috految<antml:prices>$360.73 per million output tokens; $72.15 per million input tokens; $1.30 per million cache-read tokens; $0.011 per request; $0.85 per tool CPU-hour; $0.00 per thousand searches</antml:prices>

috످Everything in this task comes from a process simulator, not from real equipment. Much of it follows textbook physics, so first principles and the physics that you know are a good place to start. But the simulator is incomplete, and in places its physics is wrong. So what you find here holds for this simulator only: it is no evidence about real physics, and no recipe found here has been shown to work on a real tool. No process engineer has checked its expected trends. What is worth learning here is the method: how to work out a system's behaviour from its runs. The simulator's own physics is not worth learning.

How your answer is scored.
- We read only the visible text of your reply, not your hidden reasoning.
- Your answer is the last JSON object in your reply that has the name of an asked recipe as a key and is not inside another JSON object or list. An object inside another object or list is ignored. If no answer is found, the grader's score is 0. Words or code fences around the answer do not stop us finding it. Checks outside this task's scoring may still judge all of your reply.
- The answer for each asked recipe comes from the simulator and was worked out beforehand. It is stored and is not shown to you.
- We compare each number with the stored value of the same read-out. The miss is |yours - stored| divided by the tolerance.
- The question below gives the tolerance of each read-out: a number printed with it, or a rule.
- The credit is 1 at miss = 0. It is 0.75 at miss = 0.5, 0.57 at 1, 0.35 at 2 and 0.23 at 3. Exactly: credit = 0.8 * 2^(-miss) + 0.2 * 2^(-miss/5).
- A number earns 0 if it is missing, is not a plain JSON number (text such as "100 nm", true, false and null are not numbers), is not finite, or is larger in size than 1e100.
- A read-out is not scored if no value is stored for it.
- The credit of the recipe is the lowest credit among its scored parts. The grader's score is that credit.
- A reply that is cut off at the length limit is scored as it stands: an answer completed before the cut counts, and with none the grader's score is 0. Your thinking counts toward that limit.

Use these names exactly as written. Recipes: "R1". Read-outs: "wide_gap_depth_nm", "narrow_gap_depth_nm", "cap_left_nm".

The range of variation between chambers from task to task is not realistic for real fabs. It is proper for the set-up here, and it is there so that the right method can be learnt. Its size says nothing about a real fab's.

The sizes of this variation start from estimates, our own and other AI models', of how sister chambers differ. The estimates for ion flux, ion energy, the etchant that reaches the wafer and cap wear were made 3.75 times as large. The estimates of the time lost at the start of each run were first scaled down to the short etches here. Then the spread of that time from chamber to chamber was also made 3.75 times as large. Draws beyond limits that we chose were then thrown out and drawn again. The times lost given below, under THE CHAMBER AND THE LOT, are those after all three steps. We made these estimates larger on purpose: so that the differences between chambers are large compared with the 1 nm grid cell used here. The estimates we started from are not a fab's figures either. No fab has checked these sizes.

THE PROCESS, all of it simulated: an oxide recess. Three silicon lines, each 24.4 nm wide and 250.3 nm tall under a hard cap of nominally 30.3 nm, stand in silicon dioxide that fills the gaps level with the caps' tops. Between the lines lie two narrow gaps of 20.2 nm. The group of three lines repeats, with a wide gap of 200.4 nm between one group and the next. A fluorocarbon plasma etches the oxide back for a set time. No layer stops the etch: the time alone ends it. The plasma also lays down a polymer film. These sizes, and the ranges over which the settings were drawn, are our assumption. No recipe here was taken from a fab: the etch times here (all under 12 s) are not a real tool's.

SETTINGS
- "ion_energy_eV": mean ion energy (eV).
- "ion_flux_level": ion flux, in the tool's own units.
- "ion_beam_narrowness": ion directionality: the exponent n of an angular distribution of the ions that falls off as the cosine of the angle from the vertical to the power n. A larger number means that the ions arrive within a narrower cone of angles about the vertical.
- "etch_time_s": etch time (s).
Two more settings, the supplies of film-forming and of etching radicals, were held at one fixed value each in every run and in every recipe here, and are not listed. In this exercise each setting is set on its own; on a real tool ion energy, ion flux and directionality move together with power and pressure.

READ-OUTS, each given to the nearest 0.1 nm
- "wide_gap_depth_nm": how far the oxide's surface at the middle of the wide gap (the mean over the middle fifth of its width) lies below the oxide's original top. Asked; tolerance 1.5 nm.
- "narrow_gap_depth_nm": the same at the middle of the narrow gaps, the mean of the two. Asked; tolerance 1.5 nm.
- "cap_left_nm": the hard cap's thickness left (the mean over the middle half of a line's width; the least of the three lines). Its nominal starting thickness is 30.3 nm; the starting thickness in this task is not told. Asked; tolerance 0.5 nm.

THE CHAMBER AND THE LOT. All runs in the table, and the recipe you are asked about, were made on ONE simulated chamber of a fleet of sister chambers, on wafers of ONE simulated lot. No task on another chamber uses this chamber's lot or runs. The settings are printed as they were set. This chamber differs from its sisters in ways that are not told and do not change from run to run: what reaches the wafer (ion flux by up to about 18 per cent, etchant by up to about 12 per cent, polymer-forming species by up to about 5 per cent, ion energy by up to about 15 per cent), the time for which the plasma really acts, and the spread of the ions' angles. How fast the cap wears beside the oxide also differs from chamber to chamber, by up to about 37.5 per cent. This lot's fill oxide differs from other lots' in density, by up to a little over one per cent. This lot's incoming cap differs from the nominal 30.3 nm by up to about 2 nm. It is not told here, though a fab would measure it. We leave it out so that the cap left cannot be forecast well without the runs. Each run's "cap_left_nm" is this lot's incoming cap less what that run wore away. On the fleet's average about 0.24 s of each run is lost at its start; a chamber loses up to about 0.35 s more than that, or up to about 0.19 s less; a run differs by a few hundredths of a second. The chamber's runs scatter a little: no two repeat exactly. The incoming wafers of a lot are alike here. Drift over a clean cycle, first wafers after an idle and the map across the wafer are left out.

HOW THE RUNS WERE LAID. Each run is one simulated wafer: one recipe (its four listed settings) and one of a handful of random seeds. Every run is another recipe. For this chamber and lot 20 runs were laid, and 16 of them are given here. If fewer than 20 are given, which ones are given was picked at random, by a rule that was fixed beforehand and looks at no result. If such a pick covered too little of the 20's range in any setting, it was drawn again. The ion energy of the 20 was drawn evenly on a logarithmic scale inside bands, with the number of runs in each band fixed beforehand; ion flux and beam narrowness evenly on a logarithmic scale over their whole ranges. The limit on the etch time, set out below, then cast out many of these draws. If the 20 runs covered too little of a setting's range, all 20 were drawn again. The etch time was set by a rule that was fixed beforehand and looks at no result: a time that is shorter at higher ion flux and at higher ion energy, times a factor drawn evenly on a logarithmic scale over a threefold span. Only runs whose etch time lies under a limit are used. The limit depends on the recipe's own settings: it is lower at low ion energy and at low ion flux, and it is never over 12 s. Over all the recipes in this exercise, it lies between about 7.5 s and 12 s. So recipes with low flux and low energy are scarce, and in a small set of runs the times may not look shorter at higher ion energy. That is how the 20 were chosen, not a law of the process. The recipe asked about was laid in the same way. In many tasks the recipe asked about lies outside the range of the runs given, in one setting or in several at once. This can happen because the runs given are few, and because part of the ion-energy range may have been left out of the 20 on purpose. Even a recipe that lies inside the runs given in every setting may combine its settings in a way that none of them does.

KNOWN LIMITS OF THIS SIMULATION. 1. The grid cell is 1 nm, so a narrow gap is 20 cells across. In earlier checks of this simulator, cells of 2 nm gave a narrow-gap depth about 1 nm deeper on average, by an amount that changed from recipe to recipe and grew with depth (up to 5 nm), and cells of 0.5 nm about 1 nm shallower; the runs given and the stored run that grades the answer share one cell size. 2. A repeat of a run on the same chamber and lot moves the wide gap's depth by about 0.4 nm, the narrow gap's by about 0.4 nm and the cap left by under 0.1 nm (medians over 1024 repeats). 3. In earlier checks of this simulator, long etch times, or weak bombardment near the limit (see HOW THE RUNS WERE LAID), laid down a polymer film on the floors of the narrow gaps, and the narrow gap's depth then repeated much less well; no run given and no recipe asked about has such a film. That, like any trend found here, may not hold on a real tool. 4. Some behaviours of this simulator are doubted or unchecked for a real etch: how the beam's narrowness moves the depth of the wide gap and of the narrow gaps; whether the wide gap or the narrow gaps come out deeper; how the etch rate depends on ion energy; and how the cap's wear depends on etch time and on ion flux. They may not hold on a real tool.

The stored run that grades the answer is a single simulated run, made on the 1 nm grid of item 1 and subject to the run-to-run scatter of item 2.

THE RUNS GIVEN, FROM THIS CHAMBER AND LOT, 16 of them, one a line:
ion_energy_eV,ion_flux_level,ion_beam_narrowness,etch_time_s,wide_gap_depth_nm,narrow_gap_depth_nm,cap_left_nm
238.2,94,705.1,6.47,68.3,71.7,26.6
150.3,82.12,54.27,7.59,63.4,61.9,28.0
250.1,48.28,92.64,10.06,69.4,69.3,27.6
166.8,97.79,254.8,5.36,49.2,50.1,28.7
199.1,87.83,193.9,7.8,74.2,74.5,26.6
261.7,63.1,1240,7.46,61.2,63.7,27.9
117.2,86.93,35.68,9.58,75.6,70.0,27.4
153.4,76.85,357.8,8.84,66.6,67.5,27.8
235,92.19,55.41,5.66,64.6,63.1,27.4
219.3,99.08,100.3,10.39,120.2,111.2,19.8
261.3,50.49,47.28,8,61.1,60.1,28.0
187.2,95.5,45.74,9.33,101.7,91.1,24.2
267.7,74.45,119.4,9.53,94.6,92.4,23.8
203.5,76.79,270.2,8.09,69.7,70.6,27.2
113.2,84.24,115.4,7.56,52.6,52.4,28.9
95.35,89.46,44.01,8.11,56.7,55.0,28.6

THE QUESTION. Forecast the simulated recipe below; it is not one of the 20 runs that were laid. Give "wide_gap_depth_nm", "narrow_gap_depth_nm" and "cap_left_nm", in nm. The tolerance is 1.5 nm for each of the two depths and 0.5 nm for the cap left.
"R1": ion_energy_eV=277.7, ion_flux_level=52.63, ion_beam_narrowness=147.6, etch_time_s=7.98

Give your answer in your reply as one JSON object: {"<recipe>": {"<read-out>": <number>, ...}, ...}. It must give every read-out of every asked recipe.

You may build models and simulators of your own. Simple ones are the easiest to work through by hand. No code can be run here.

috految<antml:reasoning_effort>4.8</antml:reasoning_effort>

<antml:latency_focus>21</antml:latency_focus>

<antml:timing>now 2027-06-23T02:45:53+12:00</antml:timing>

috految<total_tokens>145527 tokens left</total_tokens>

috److I estimated the etch rate from nearby runs, assuming about 0.25 s is lost at the start of each run.

**Wide gap.** I used the ion drive x = flux × (√E − 3), with rate scaling roughly as x^0.8.

| Run | Narrowness | x | Rate (nm/s) | Rate scaled to x = 719 (R1) |
|---|---|---|---|---|
| 3 | 93 | 619 | 7.074 | 7.98 |
| 6 | 1240 | 831 | 8.488 | 7.56 |
| 11 | 47 | 665 | 7.884 | 8.40 |
| 13 | 119 | 995 | 10.194 | 7.86 |
| 14 | 270 | 865 | 8.890 | 7.67 |
| 8 | 358 | 721 | 7.753 | 7.73 |
| 15 | 115 | 644 | 7.196 | 7.86 |

At a narrowness of 147.6, the rate is about 7.80 nm/s. Over an effective 7.73 s, this gives a depth of about 60.3 nm.

**Narrow gap.** Runs at similar depth and narrowness suggest the narrow gap is about 0.9 nm deeper than the wide gap.

**Cap left.** I compared the dose, x × effective time. R1 has a dose of 5560, against 6070 for run 3 (27.6 nm left), 5995 for run 6 (27.9 nm) and 5150 for run 11 (28.0 nm). This suggests about 28.0 nm.

{"R1":{"wide_gap_depth_nm":60.3,"narrow_gap_depth_nm":61.2,"cap_left_nm":28.05}}

috످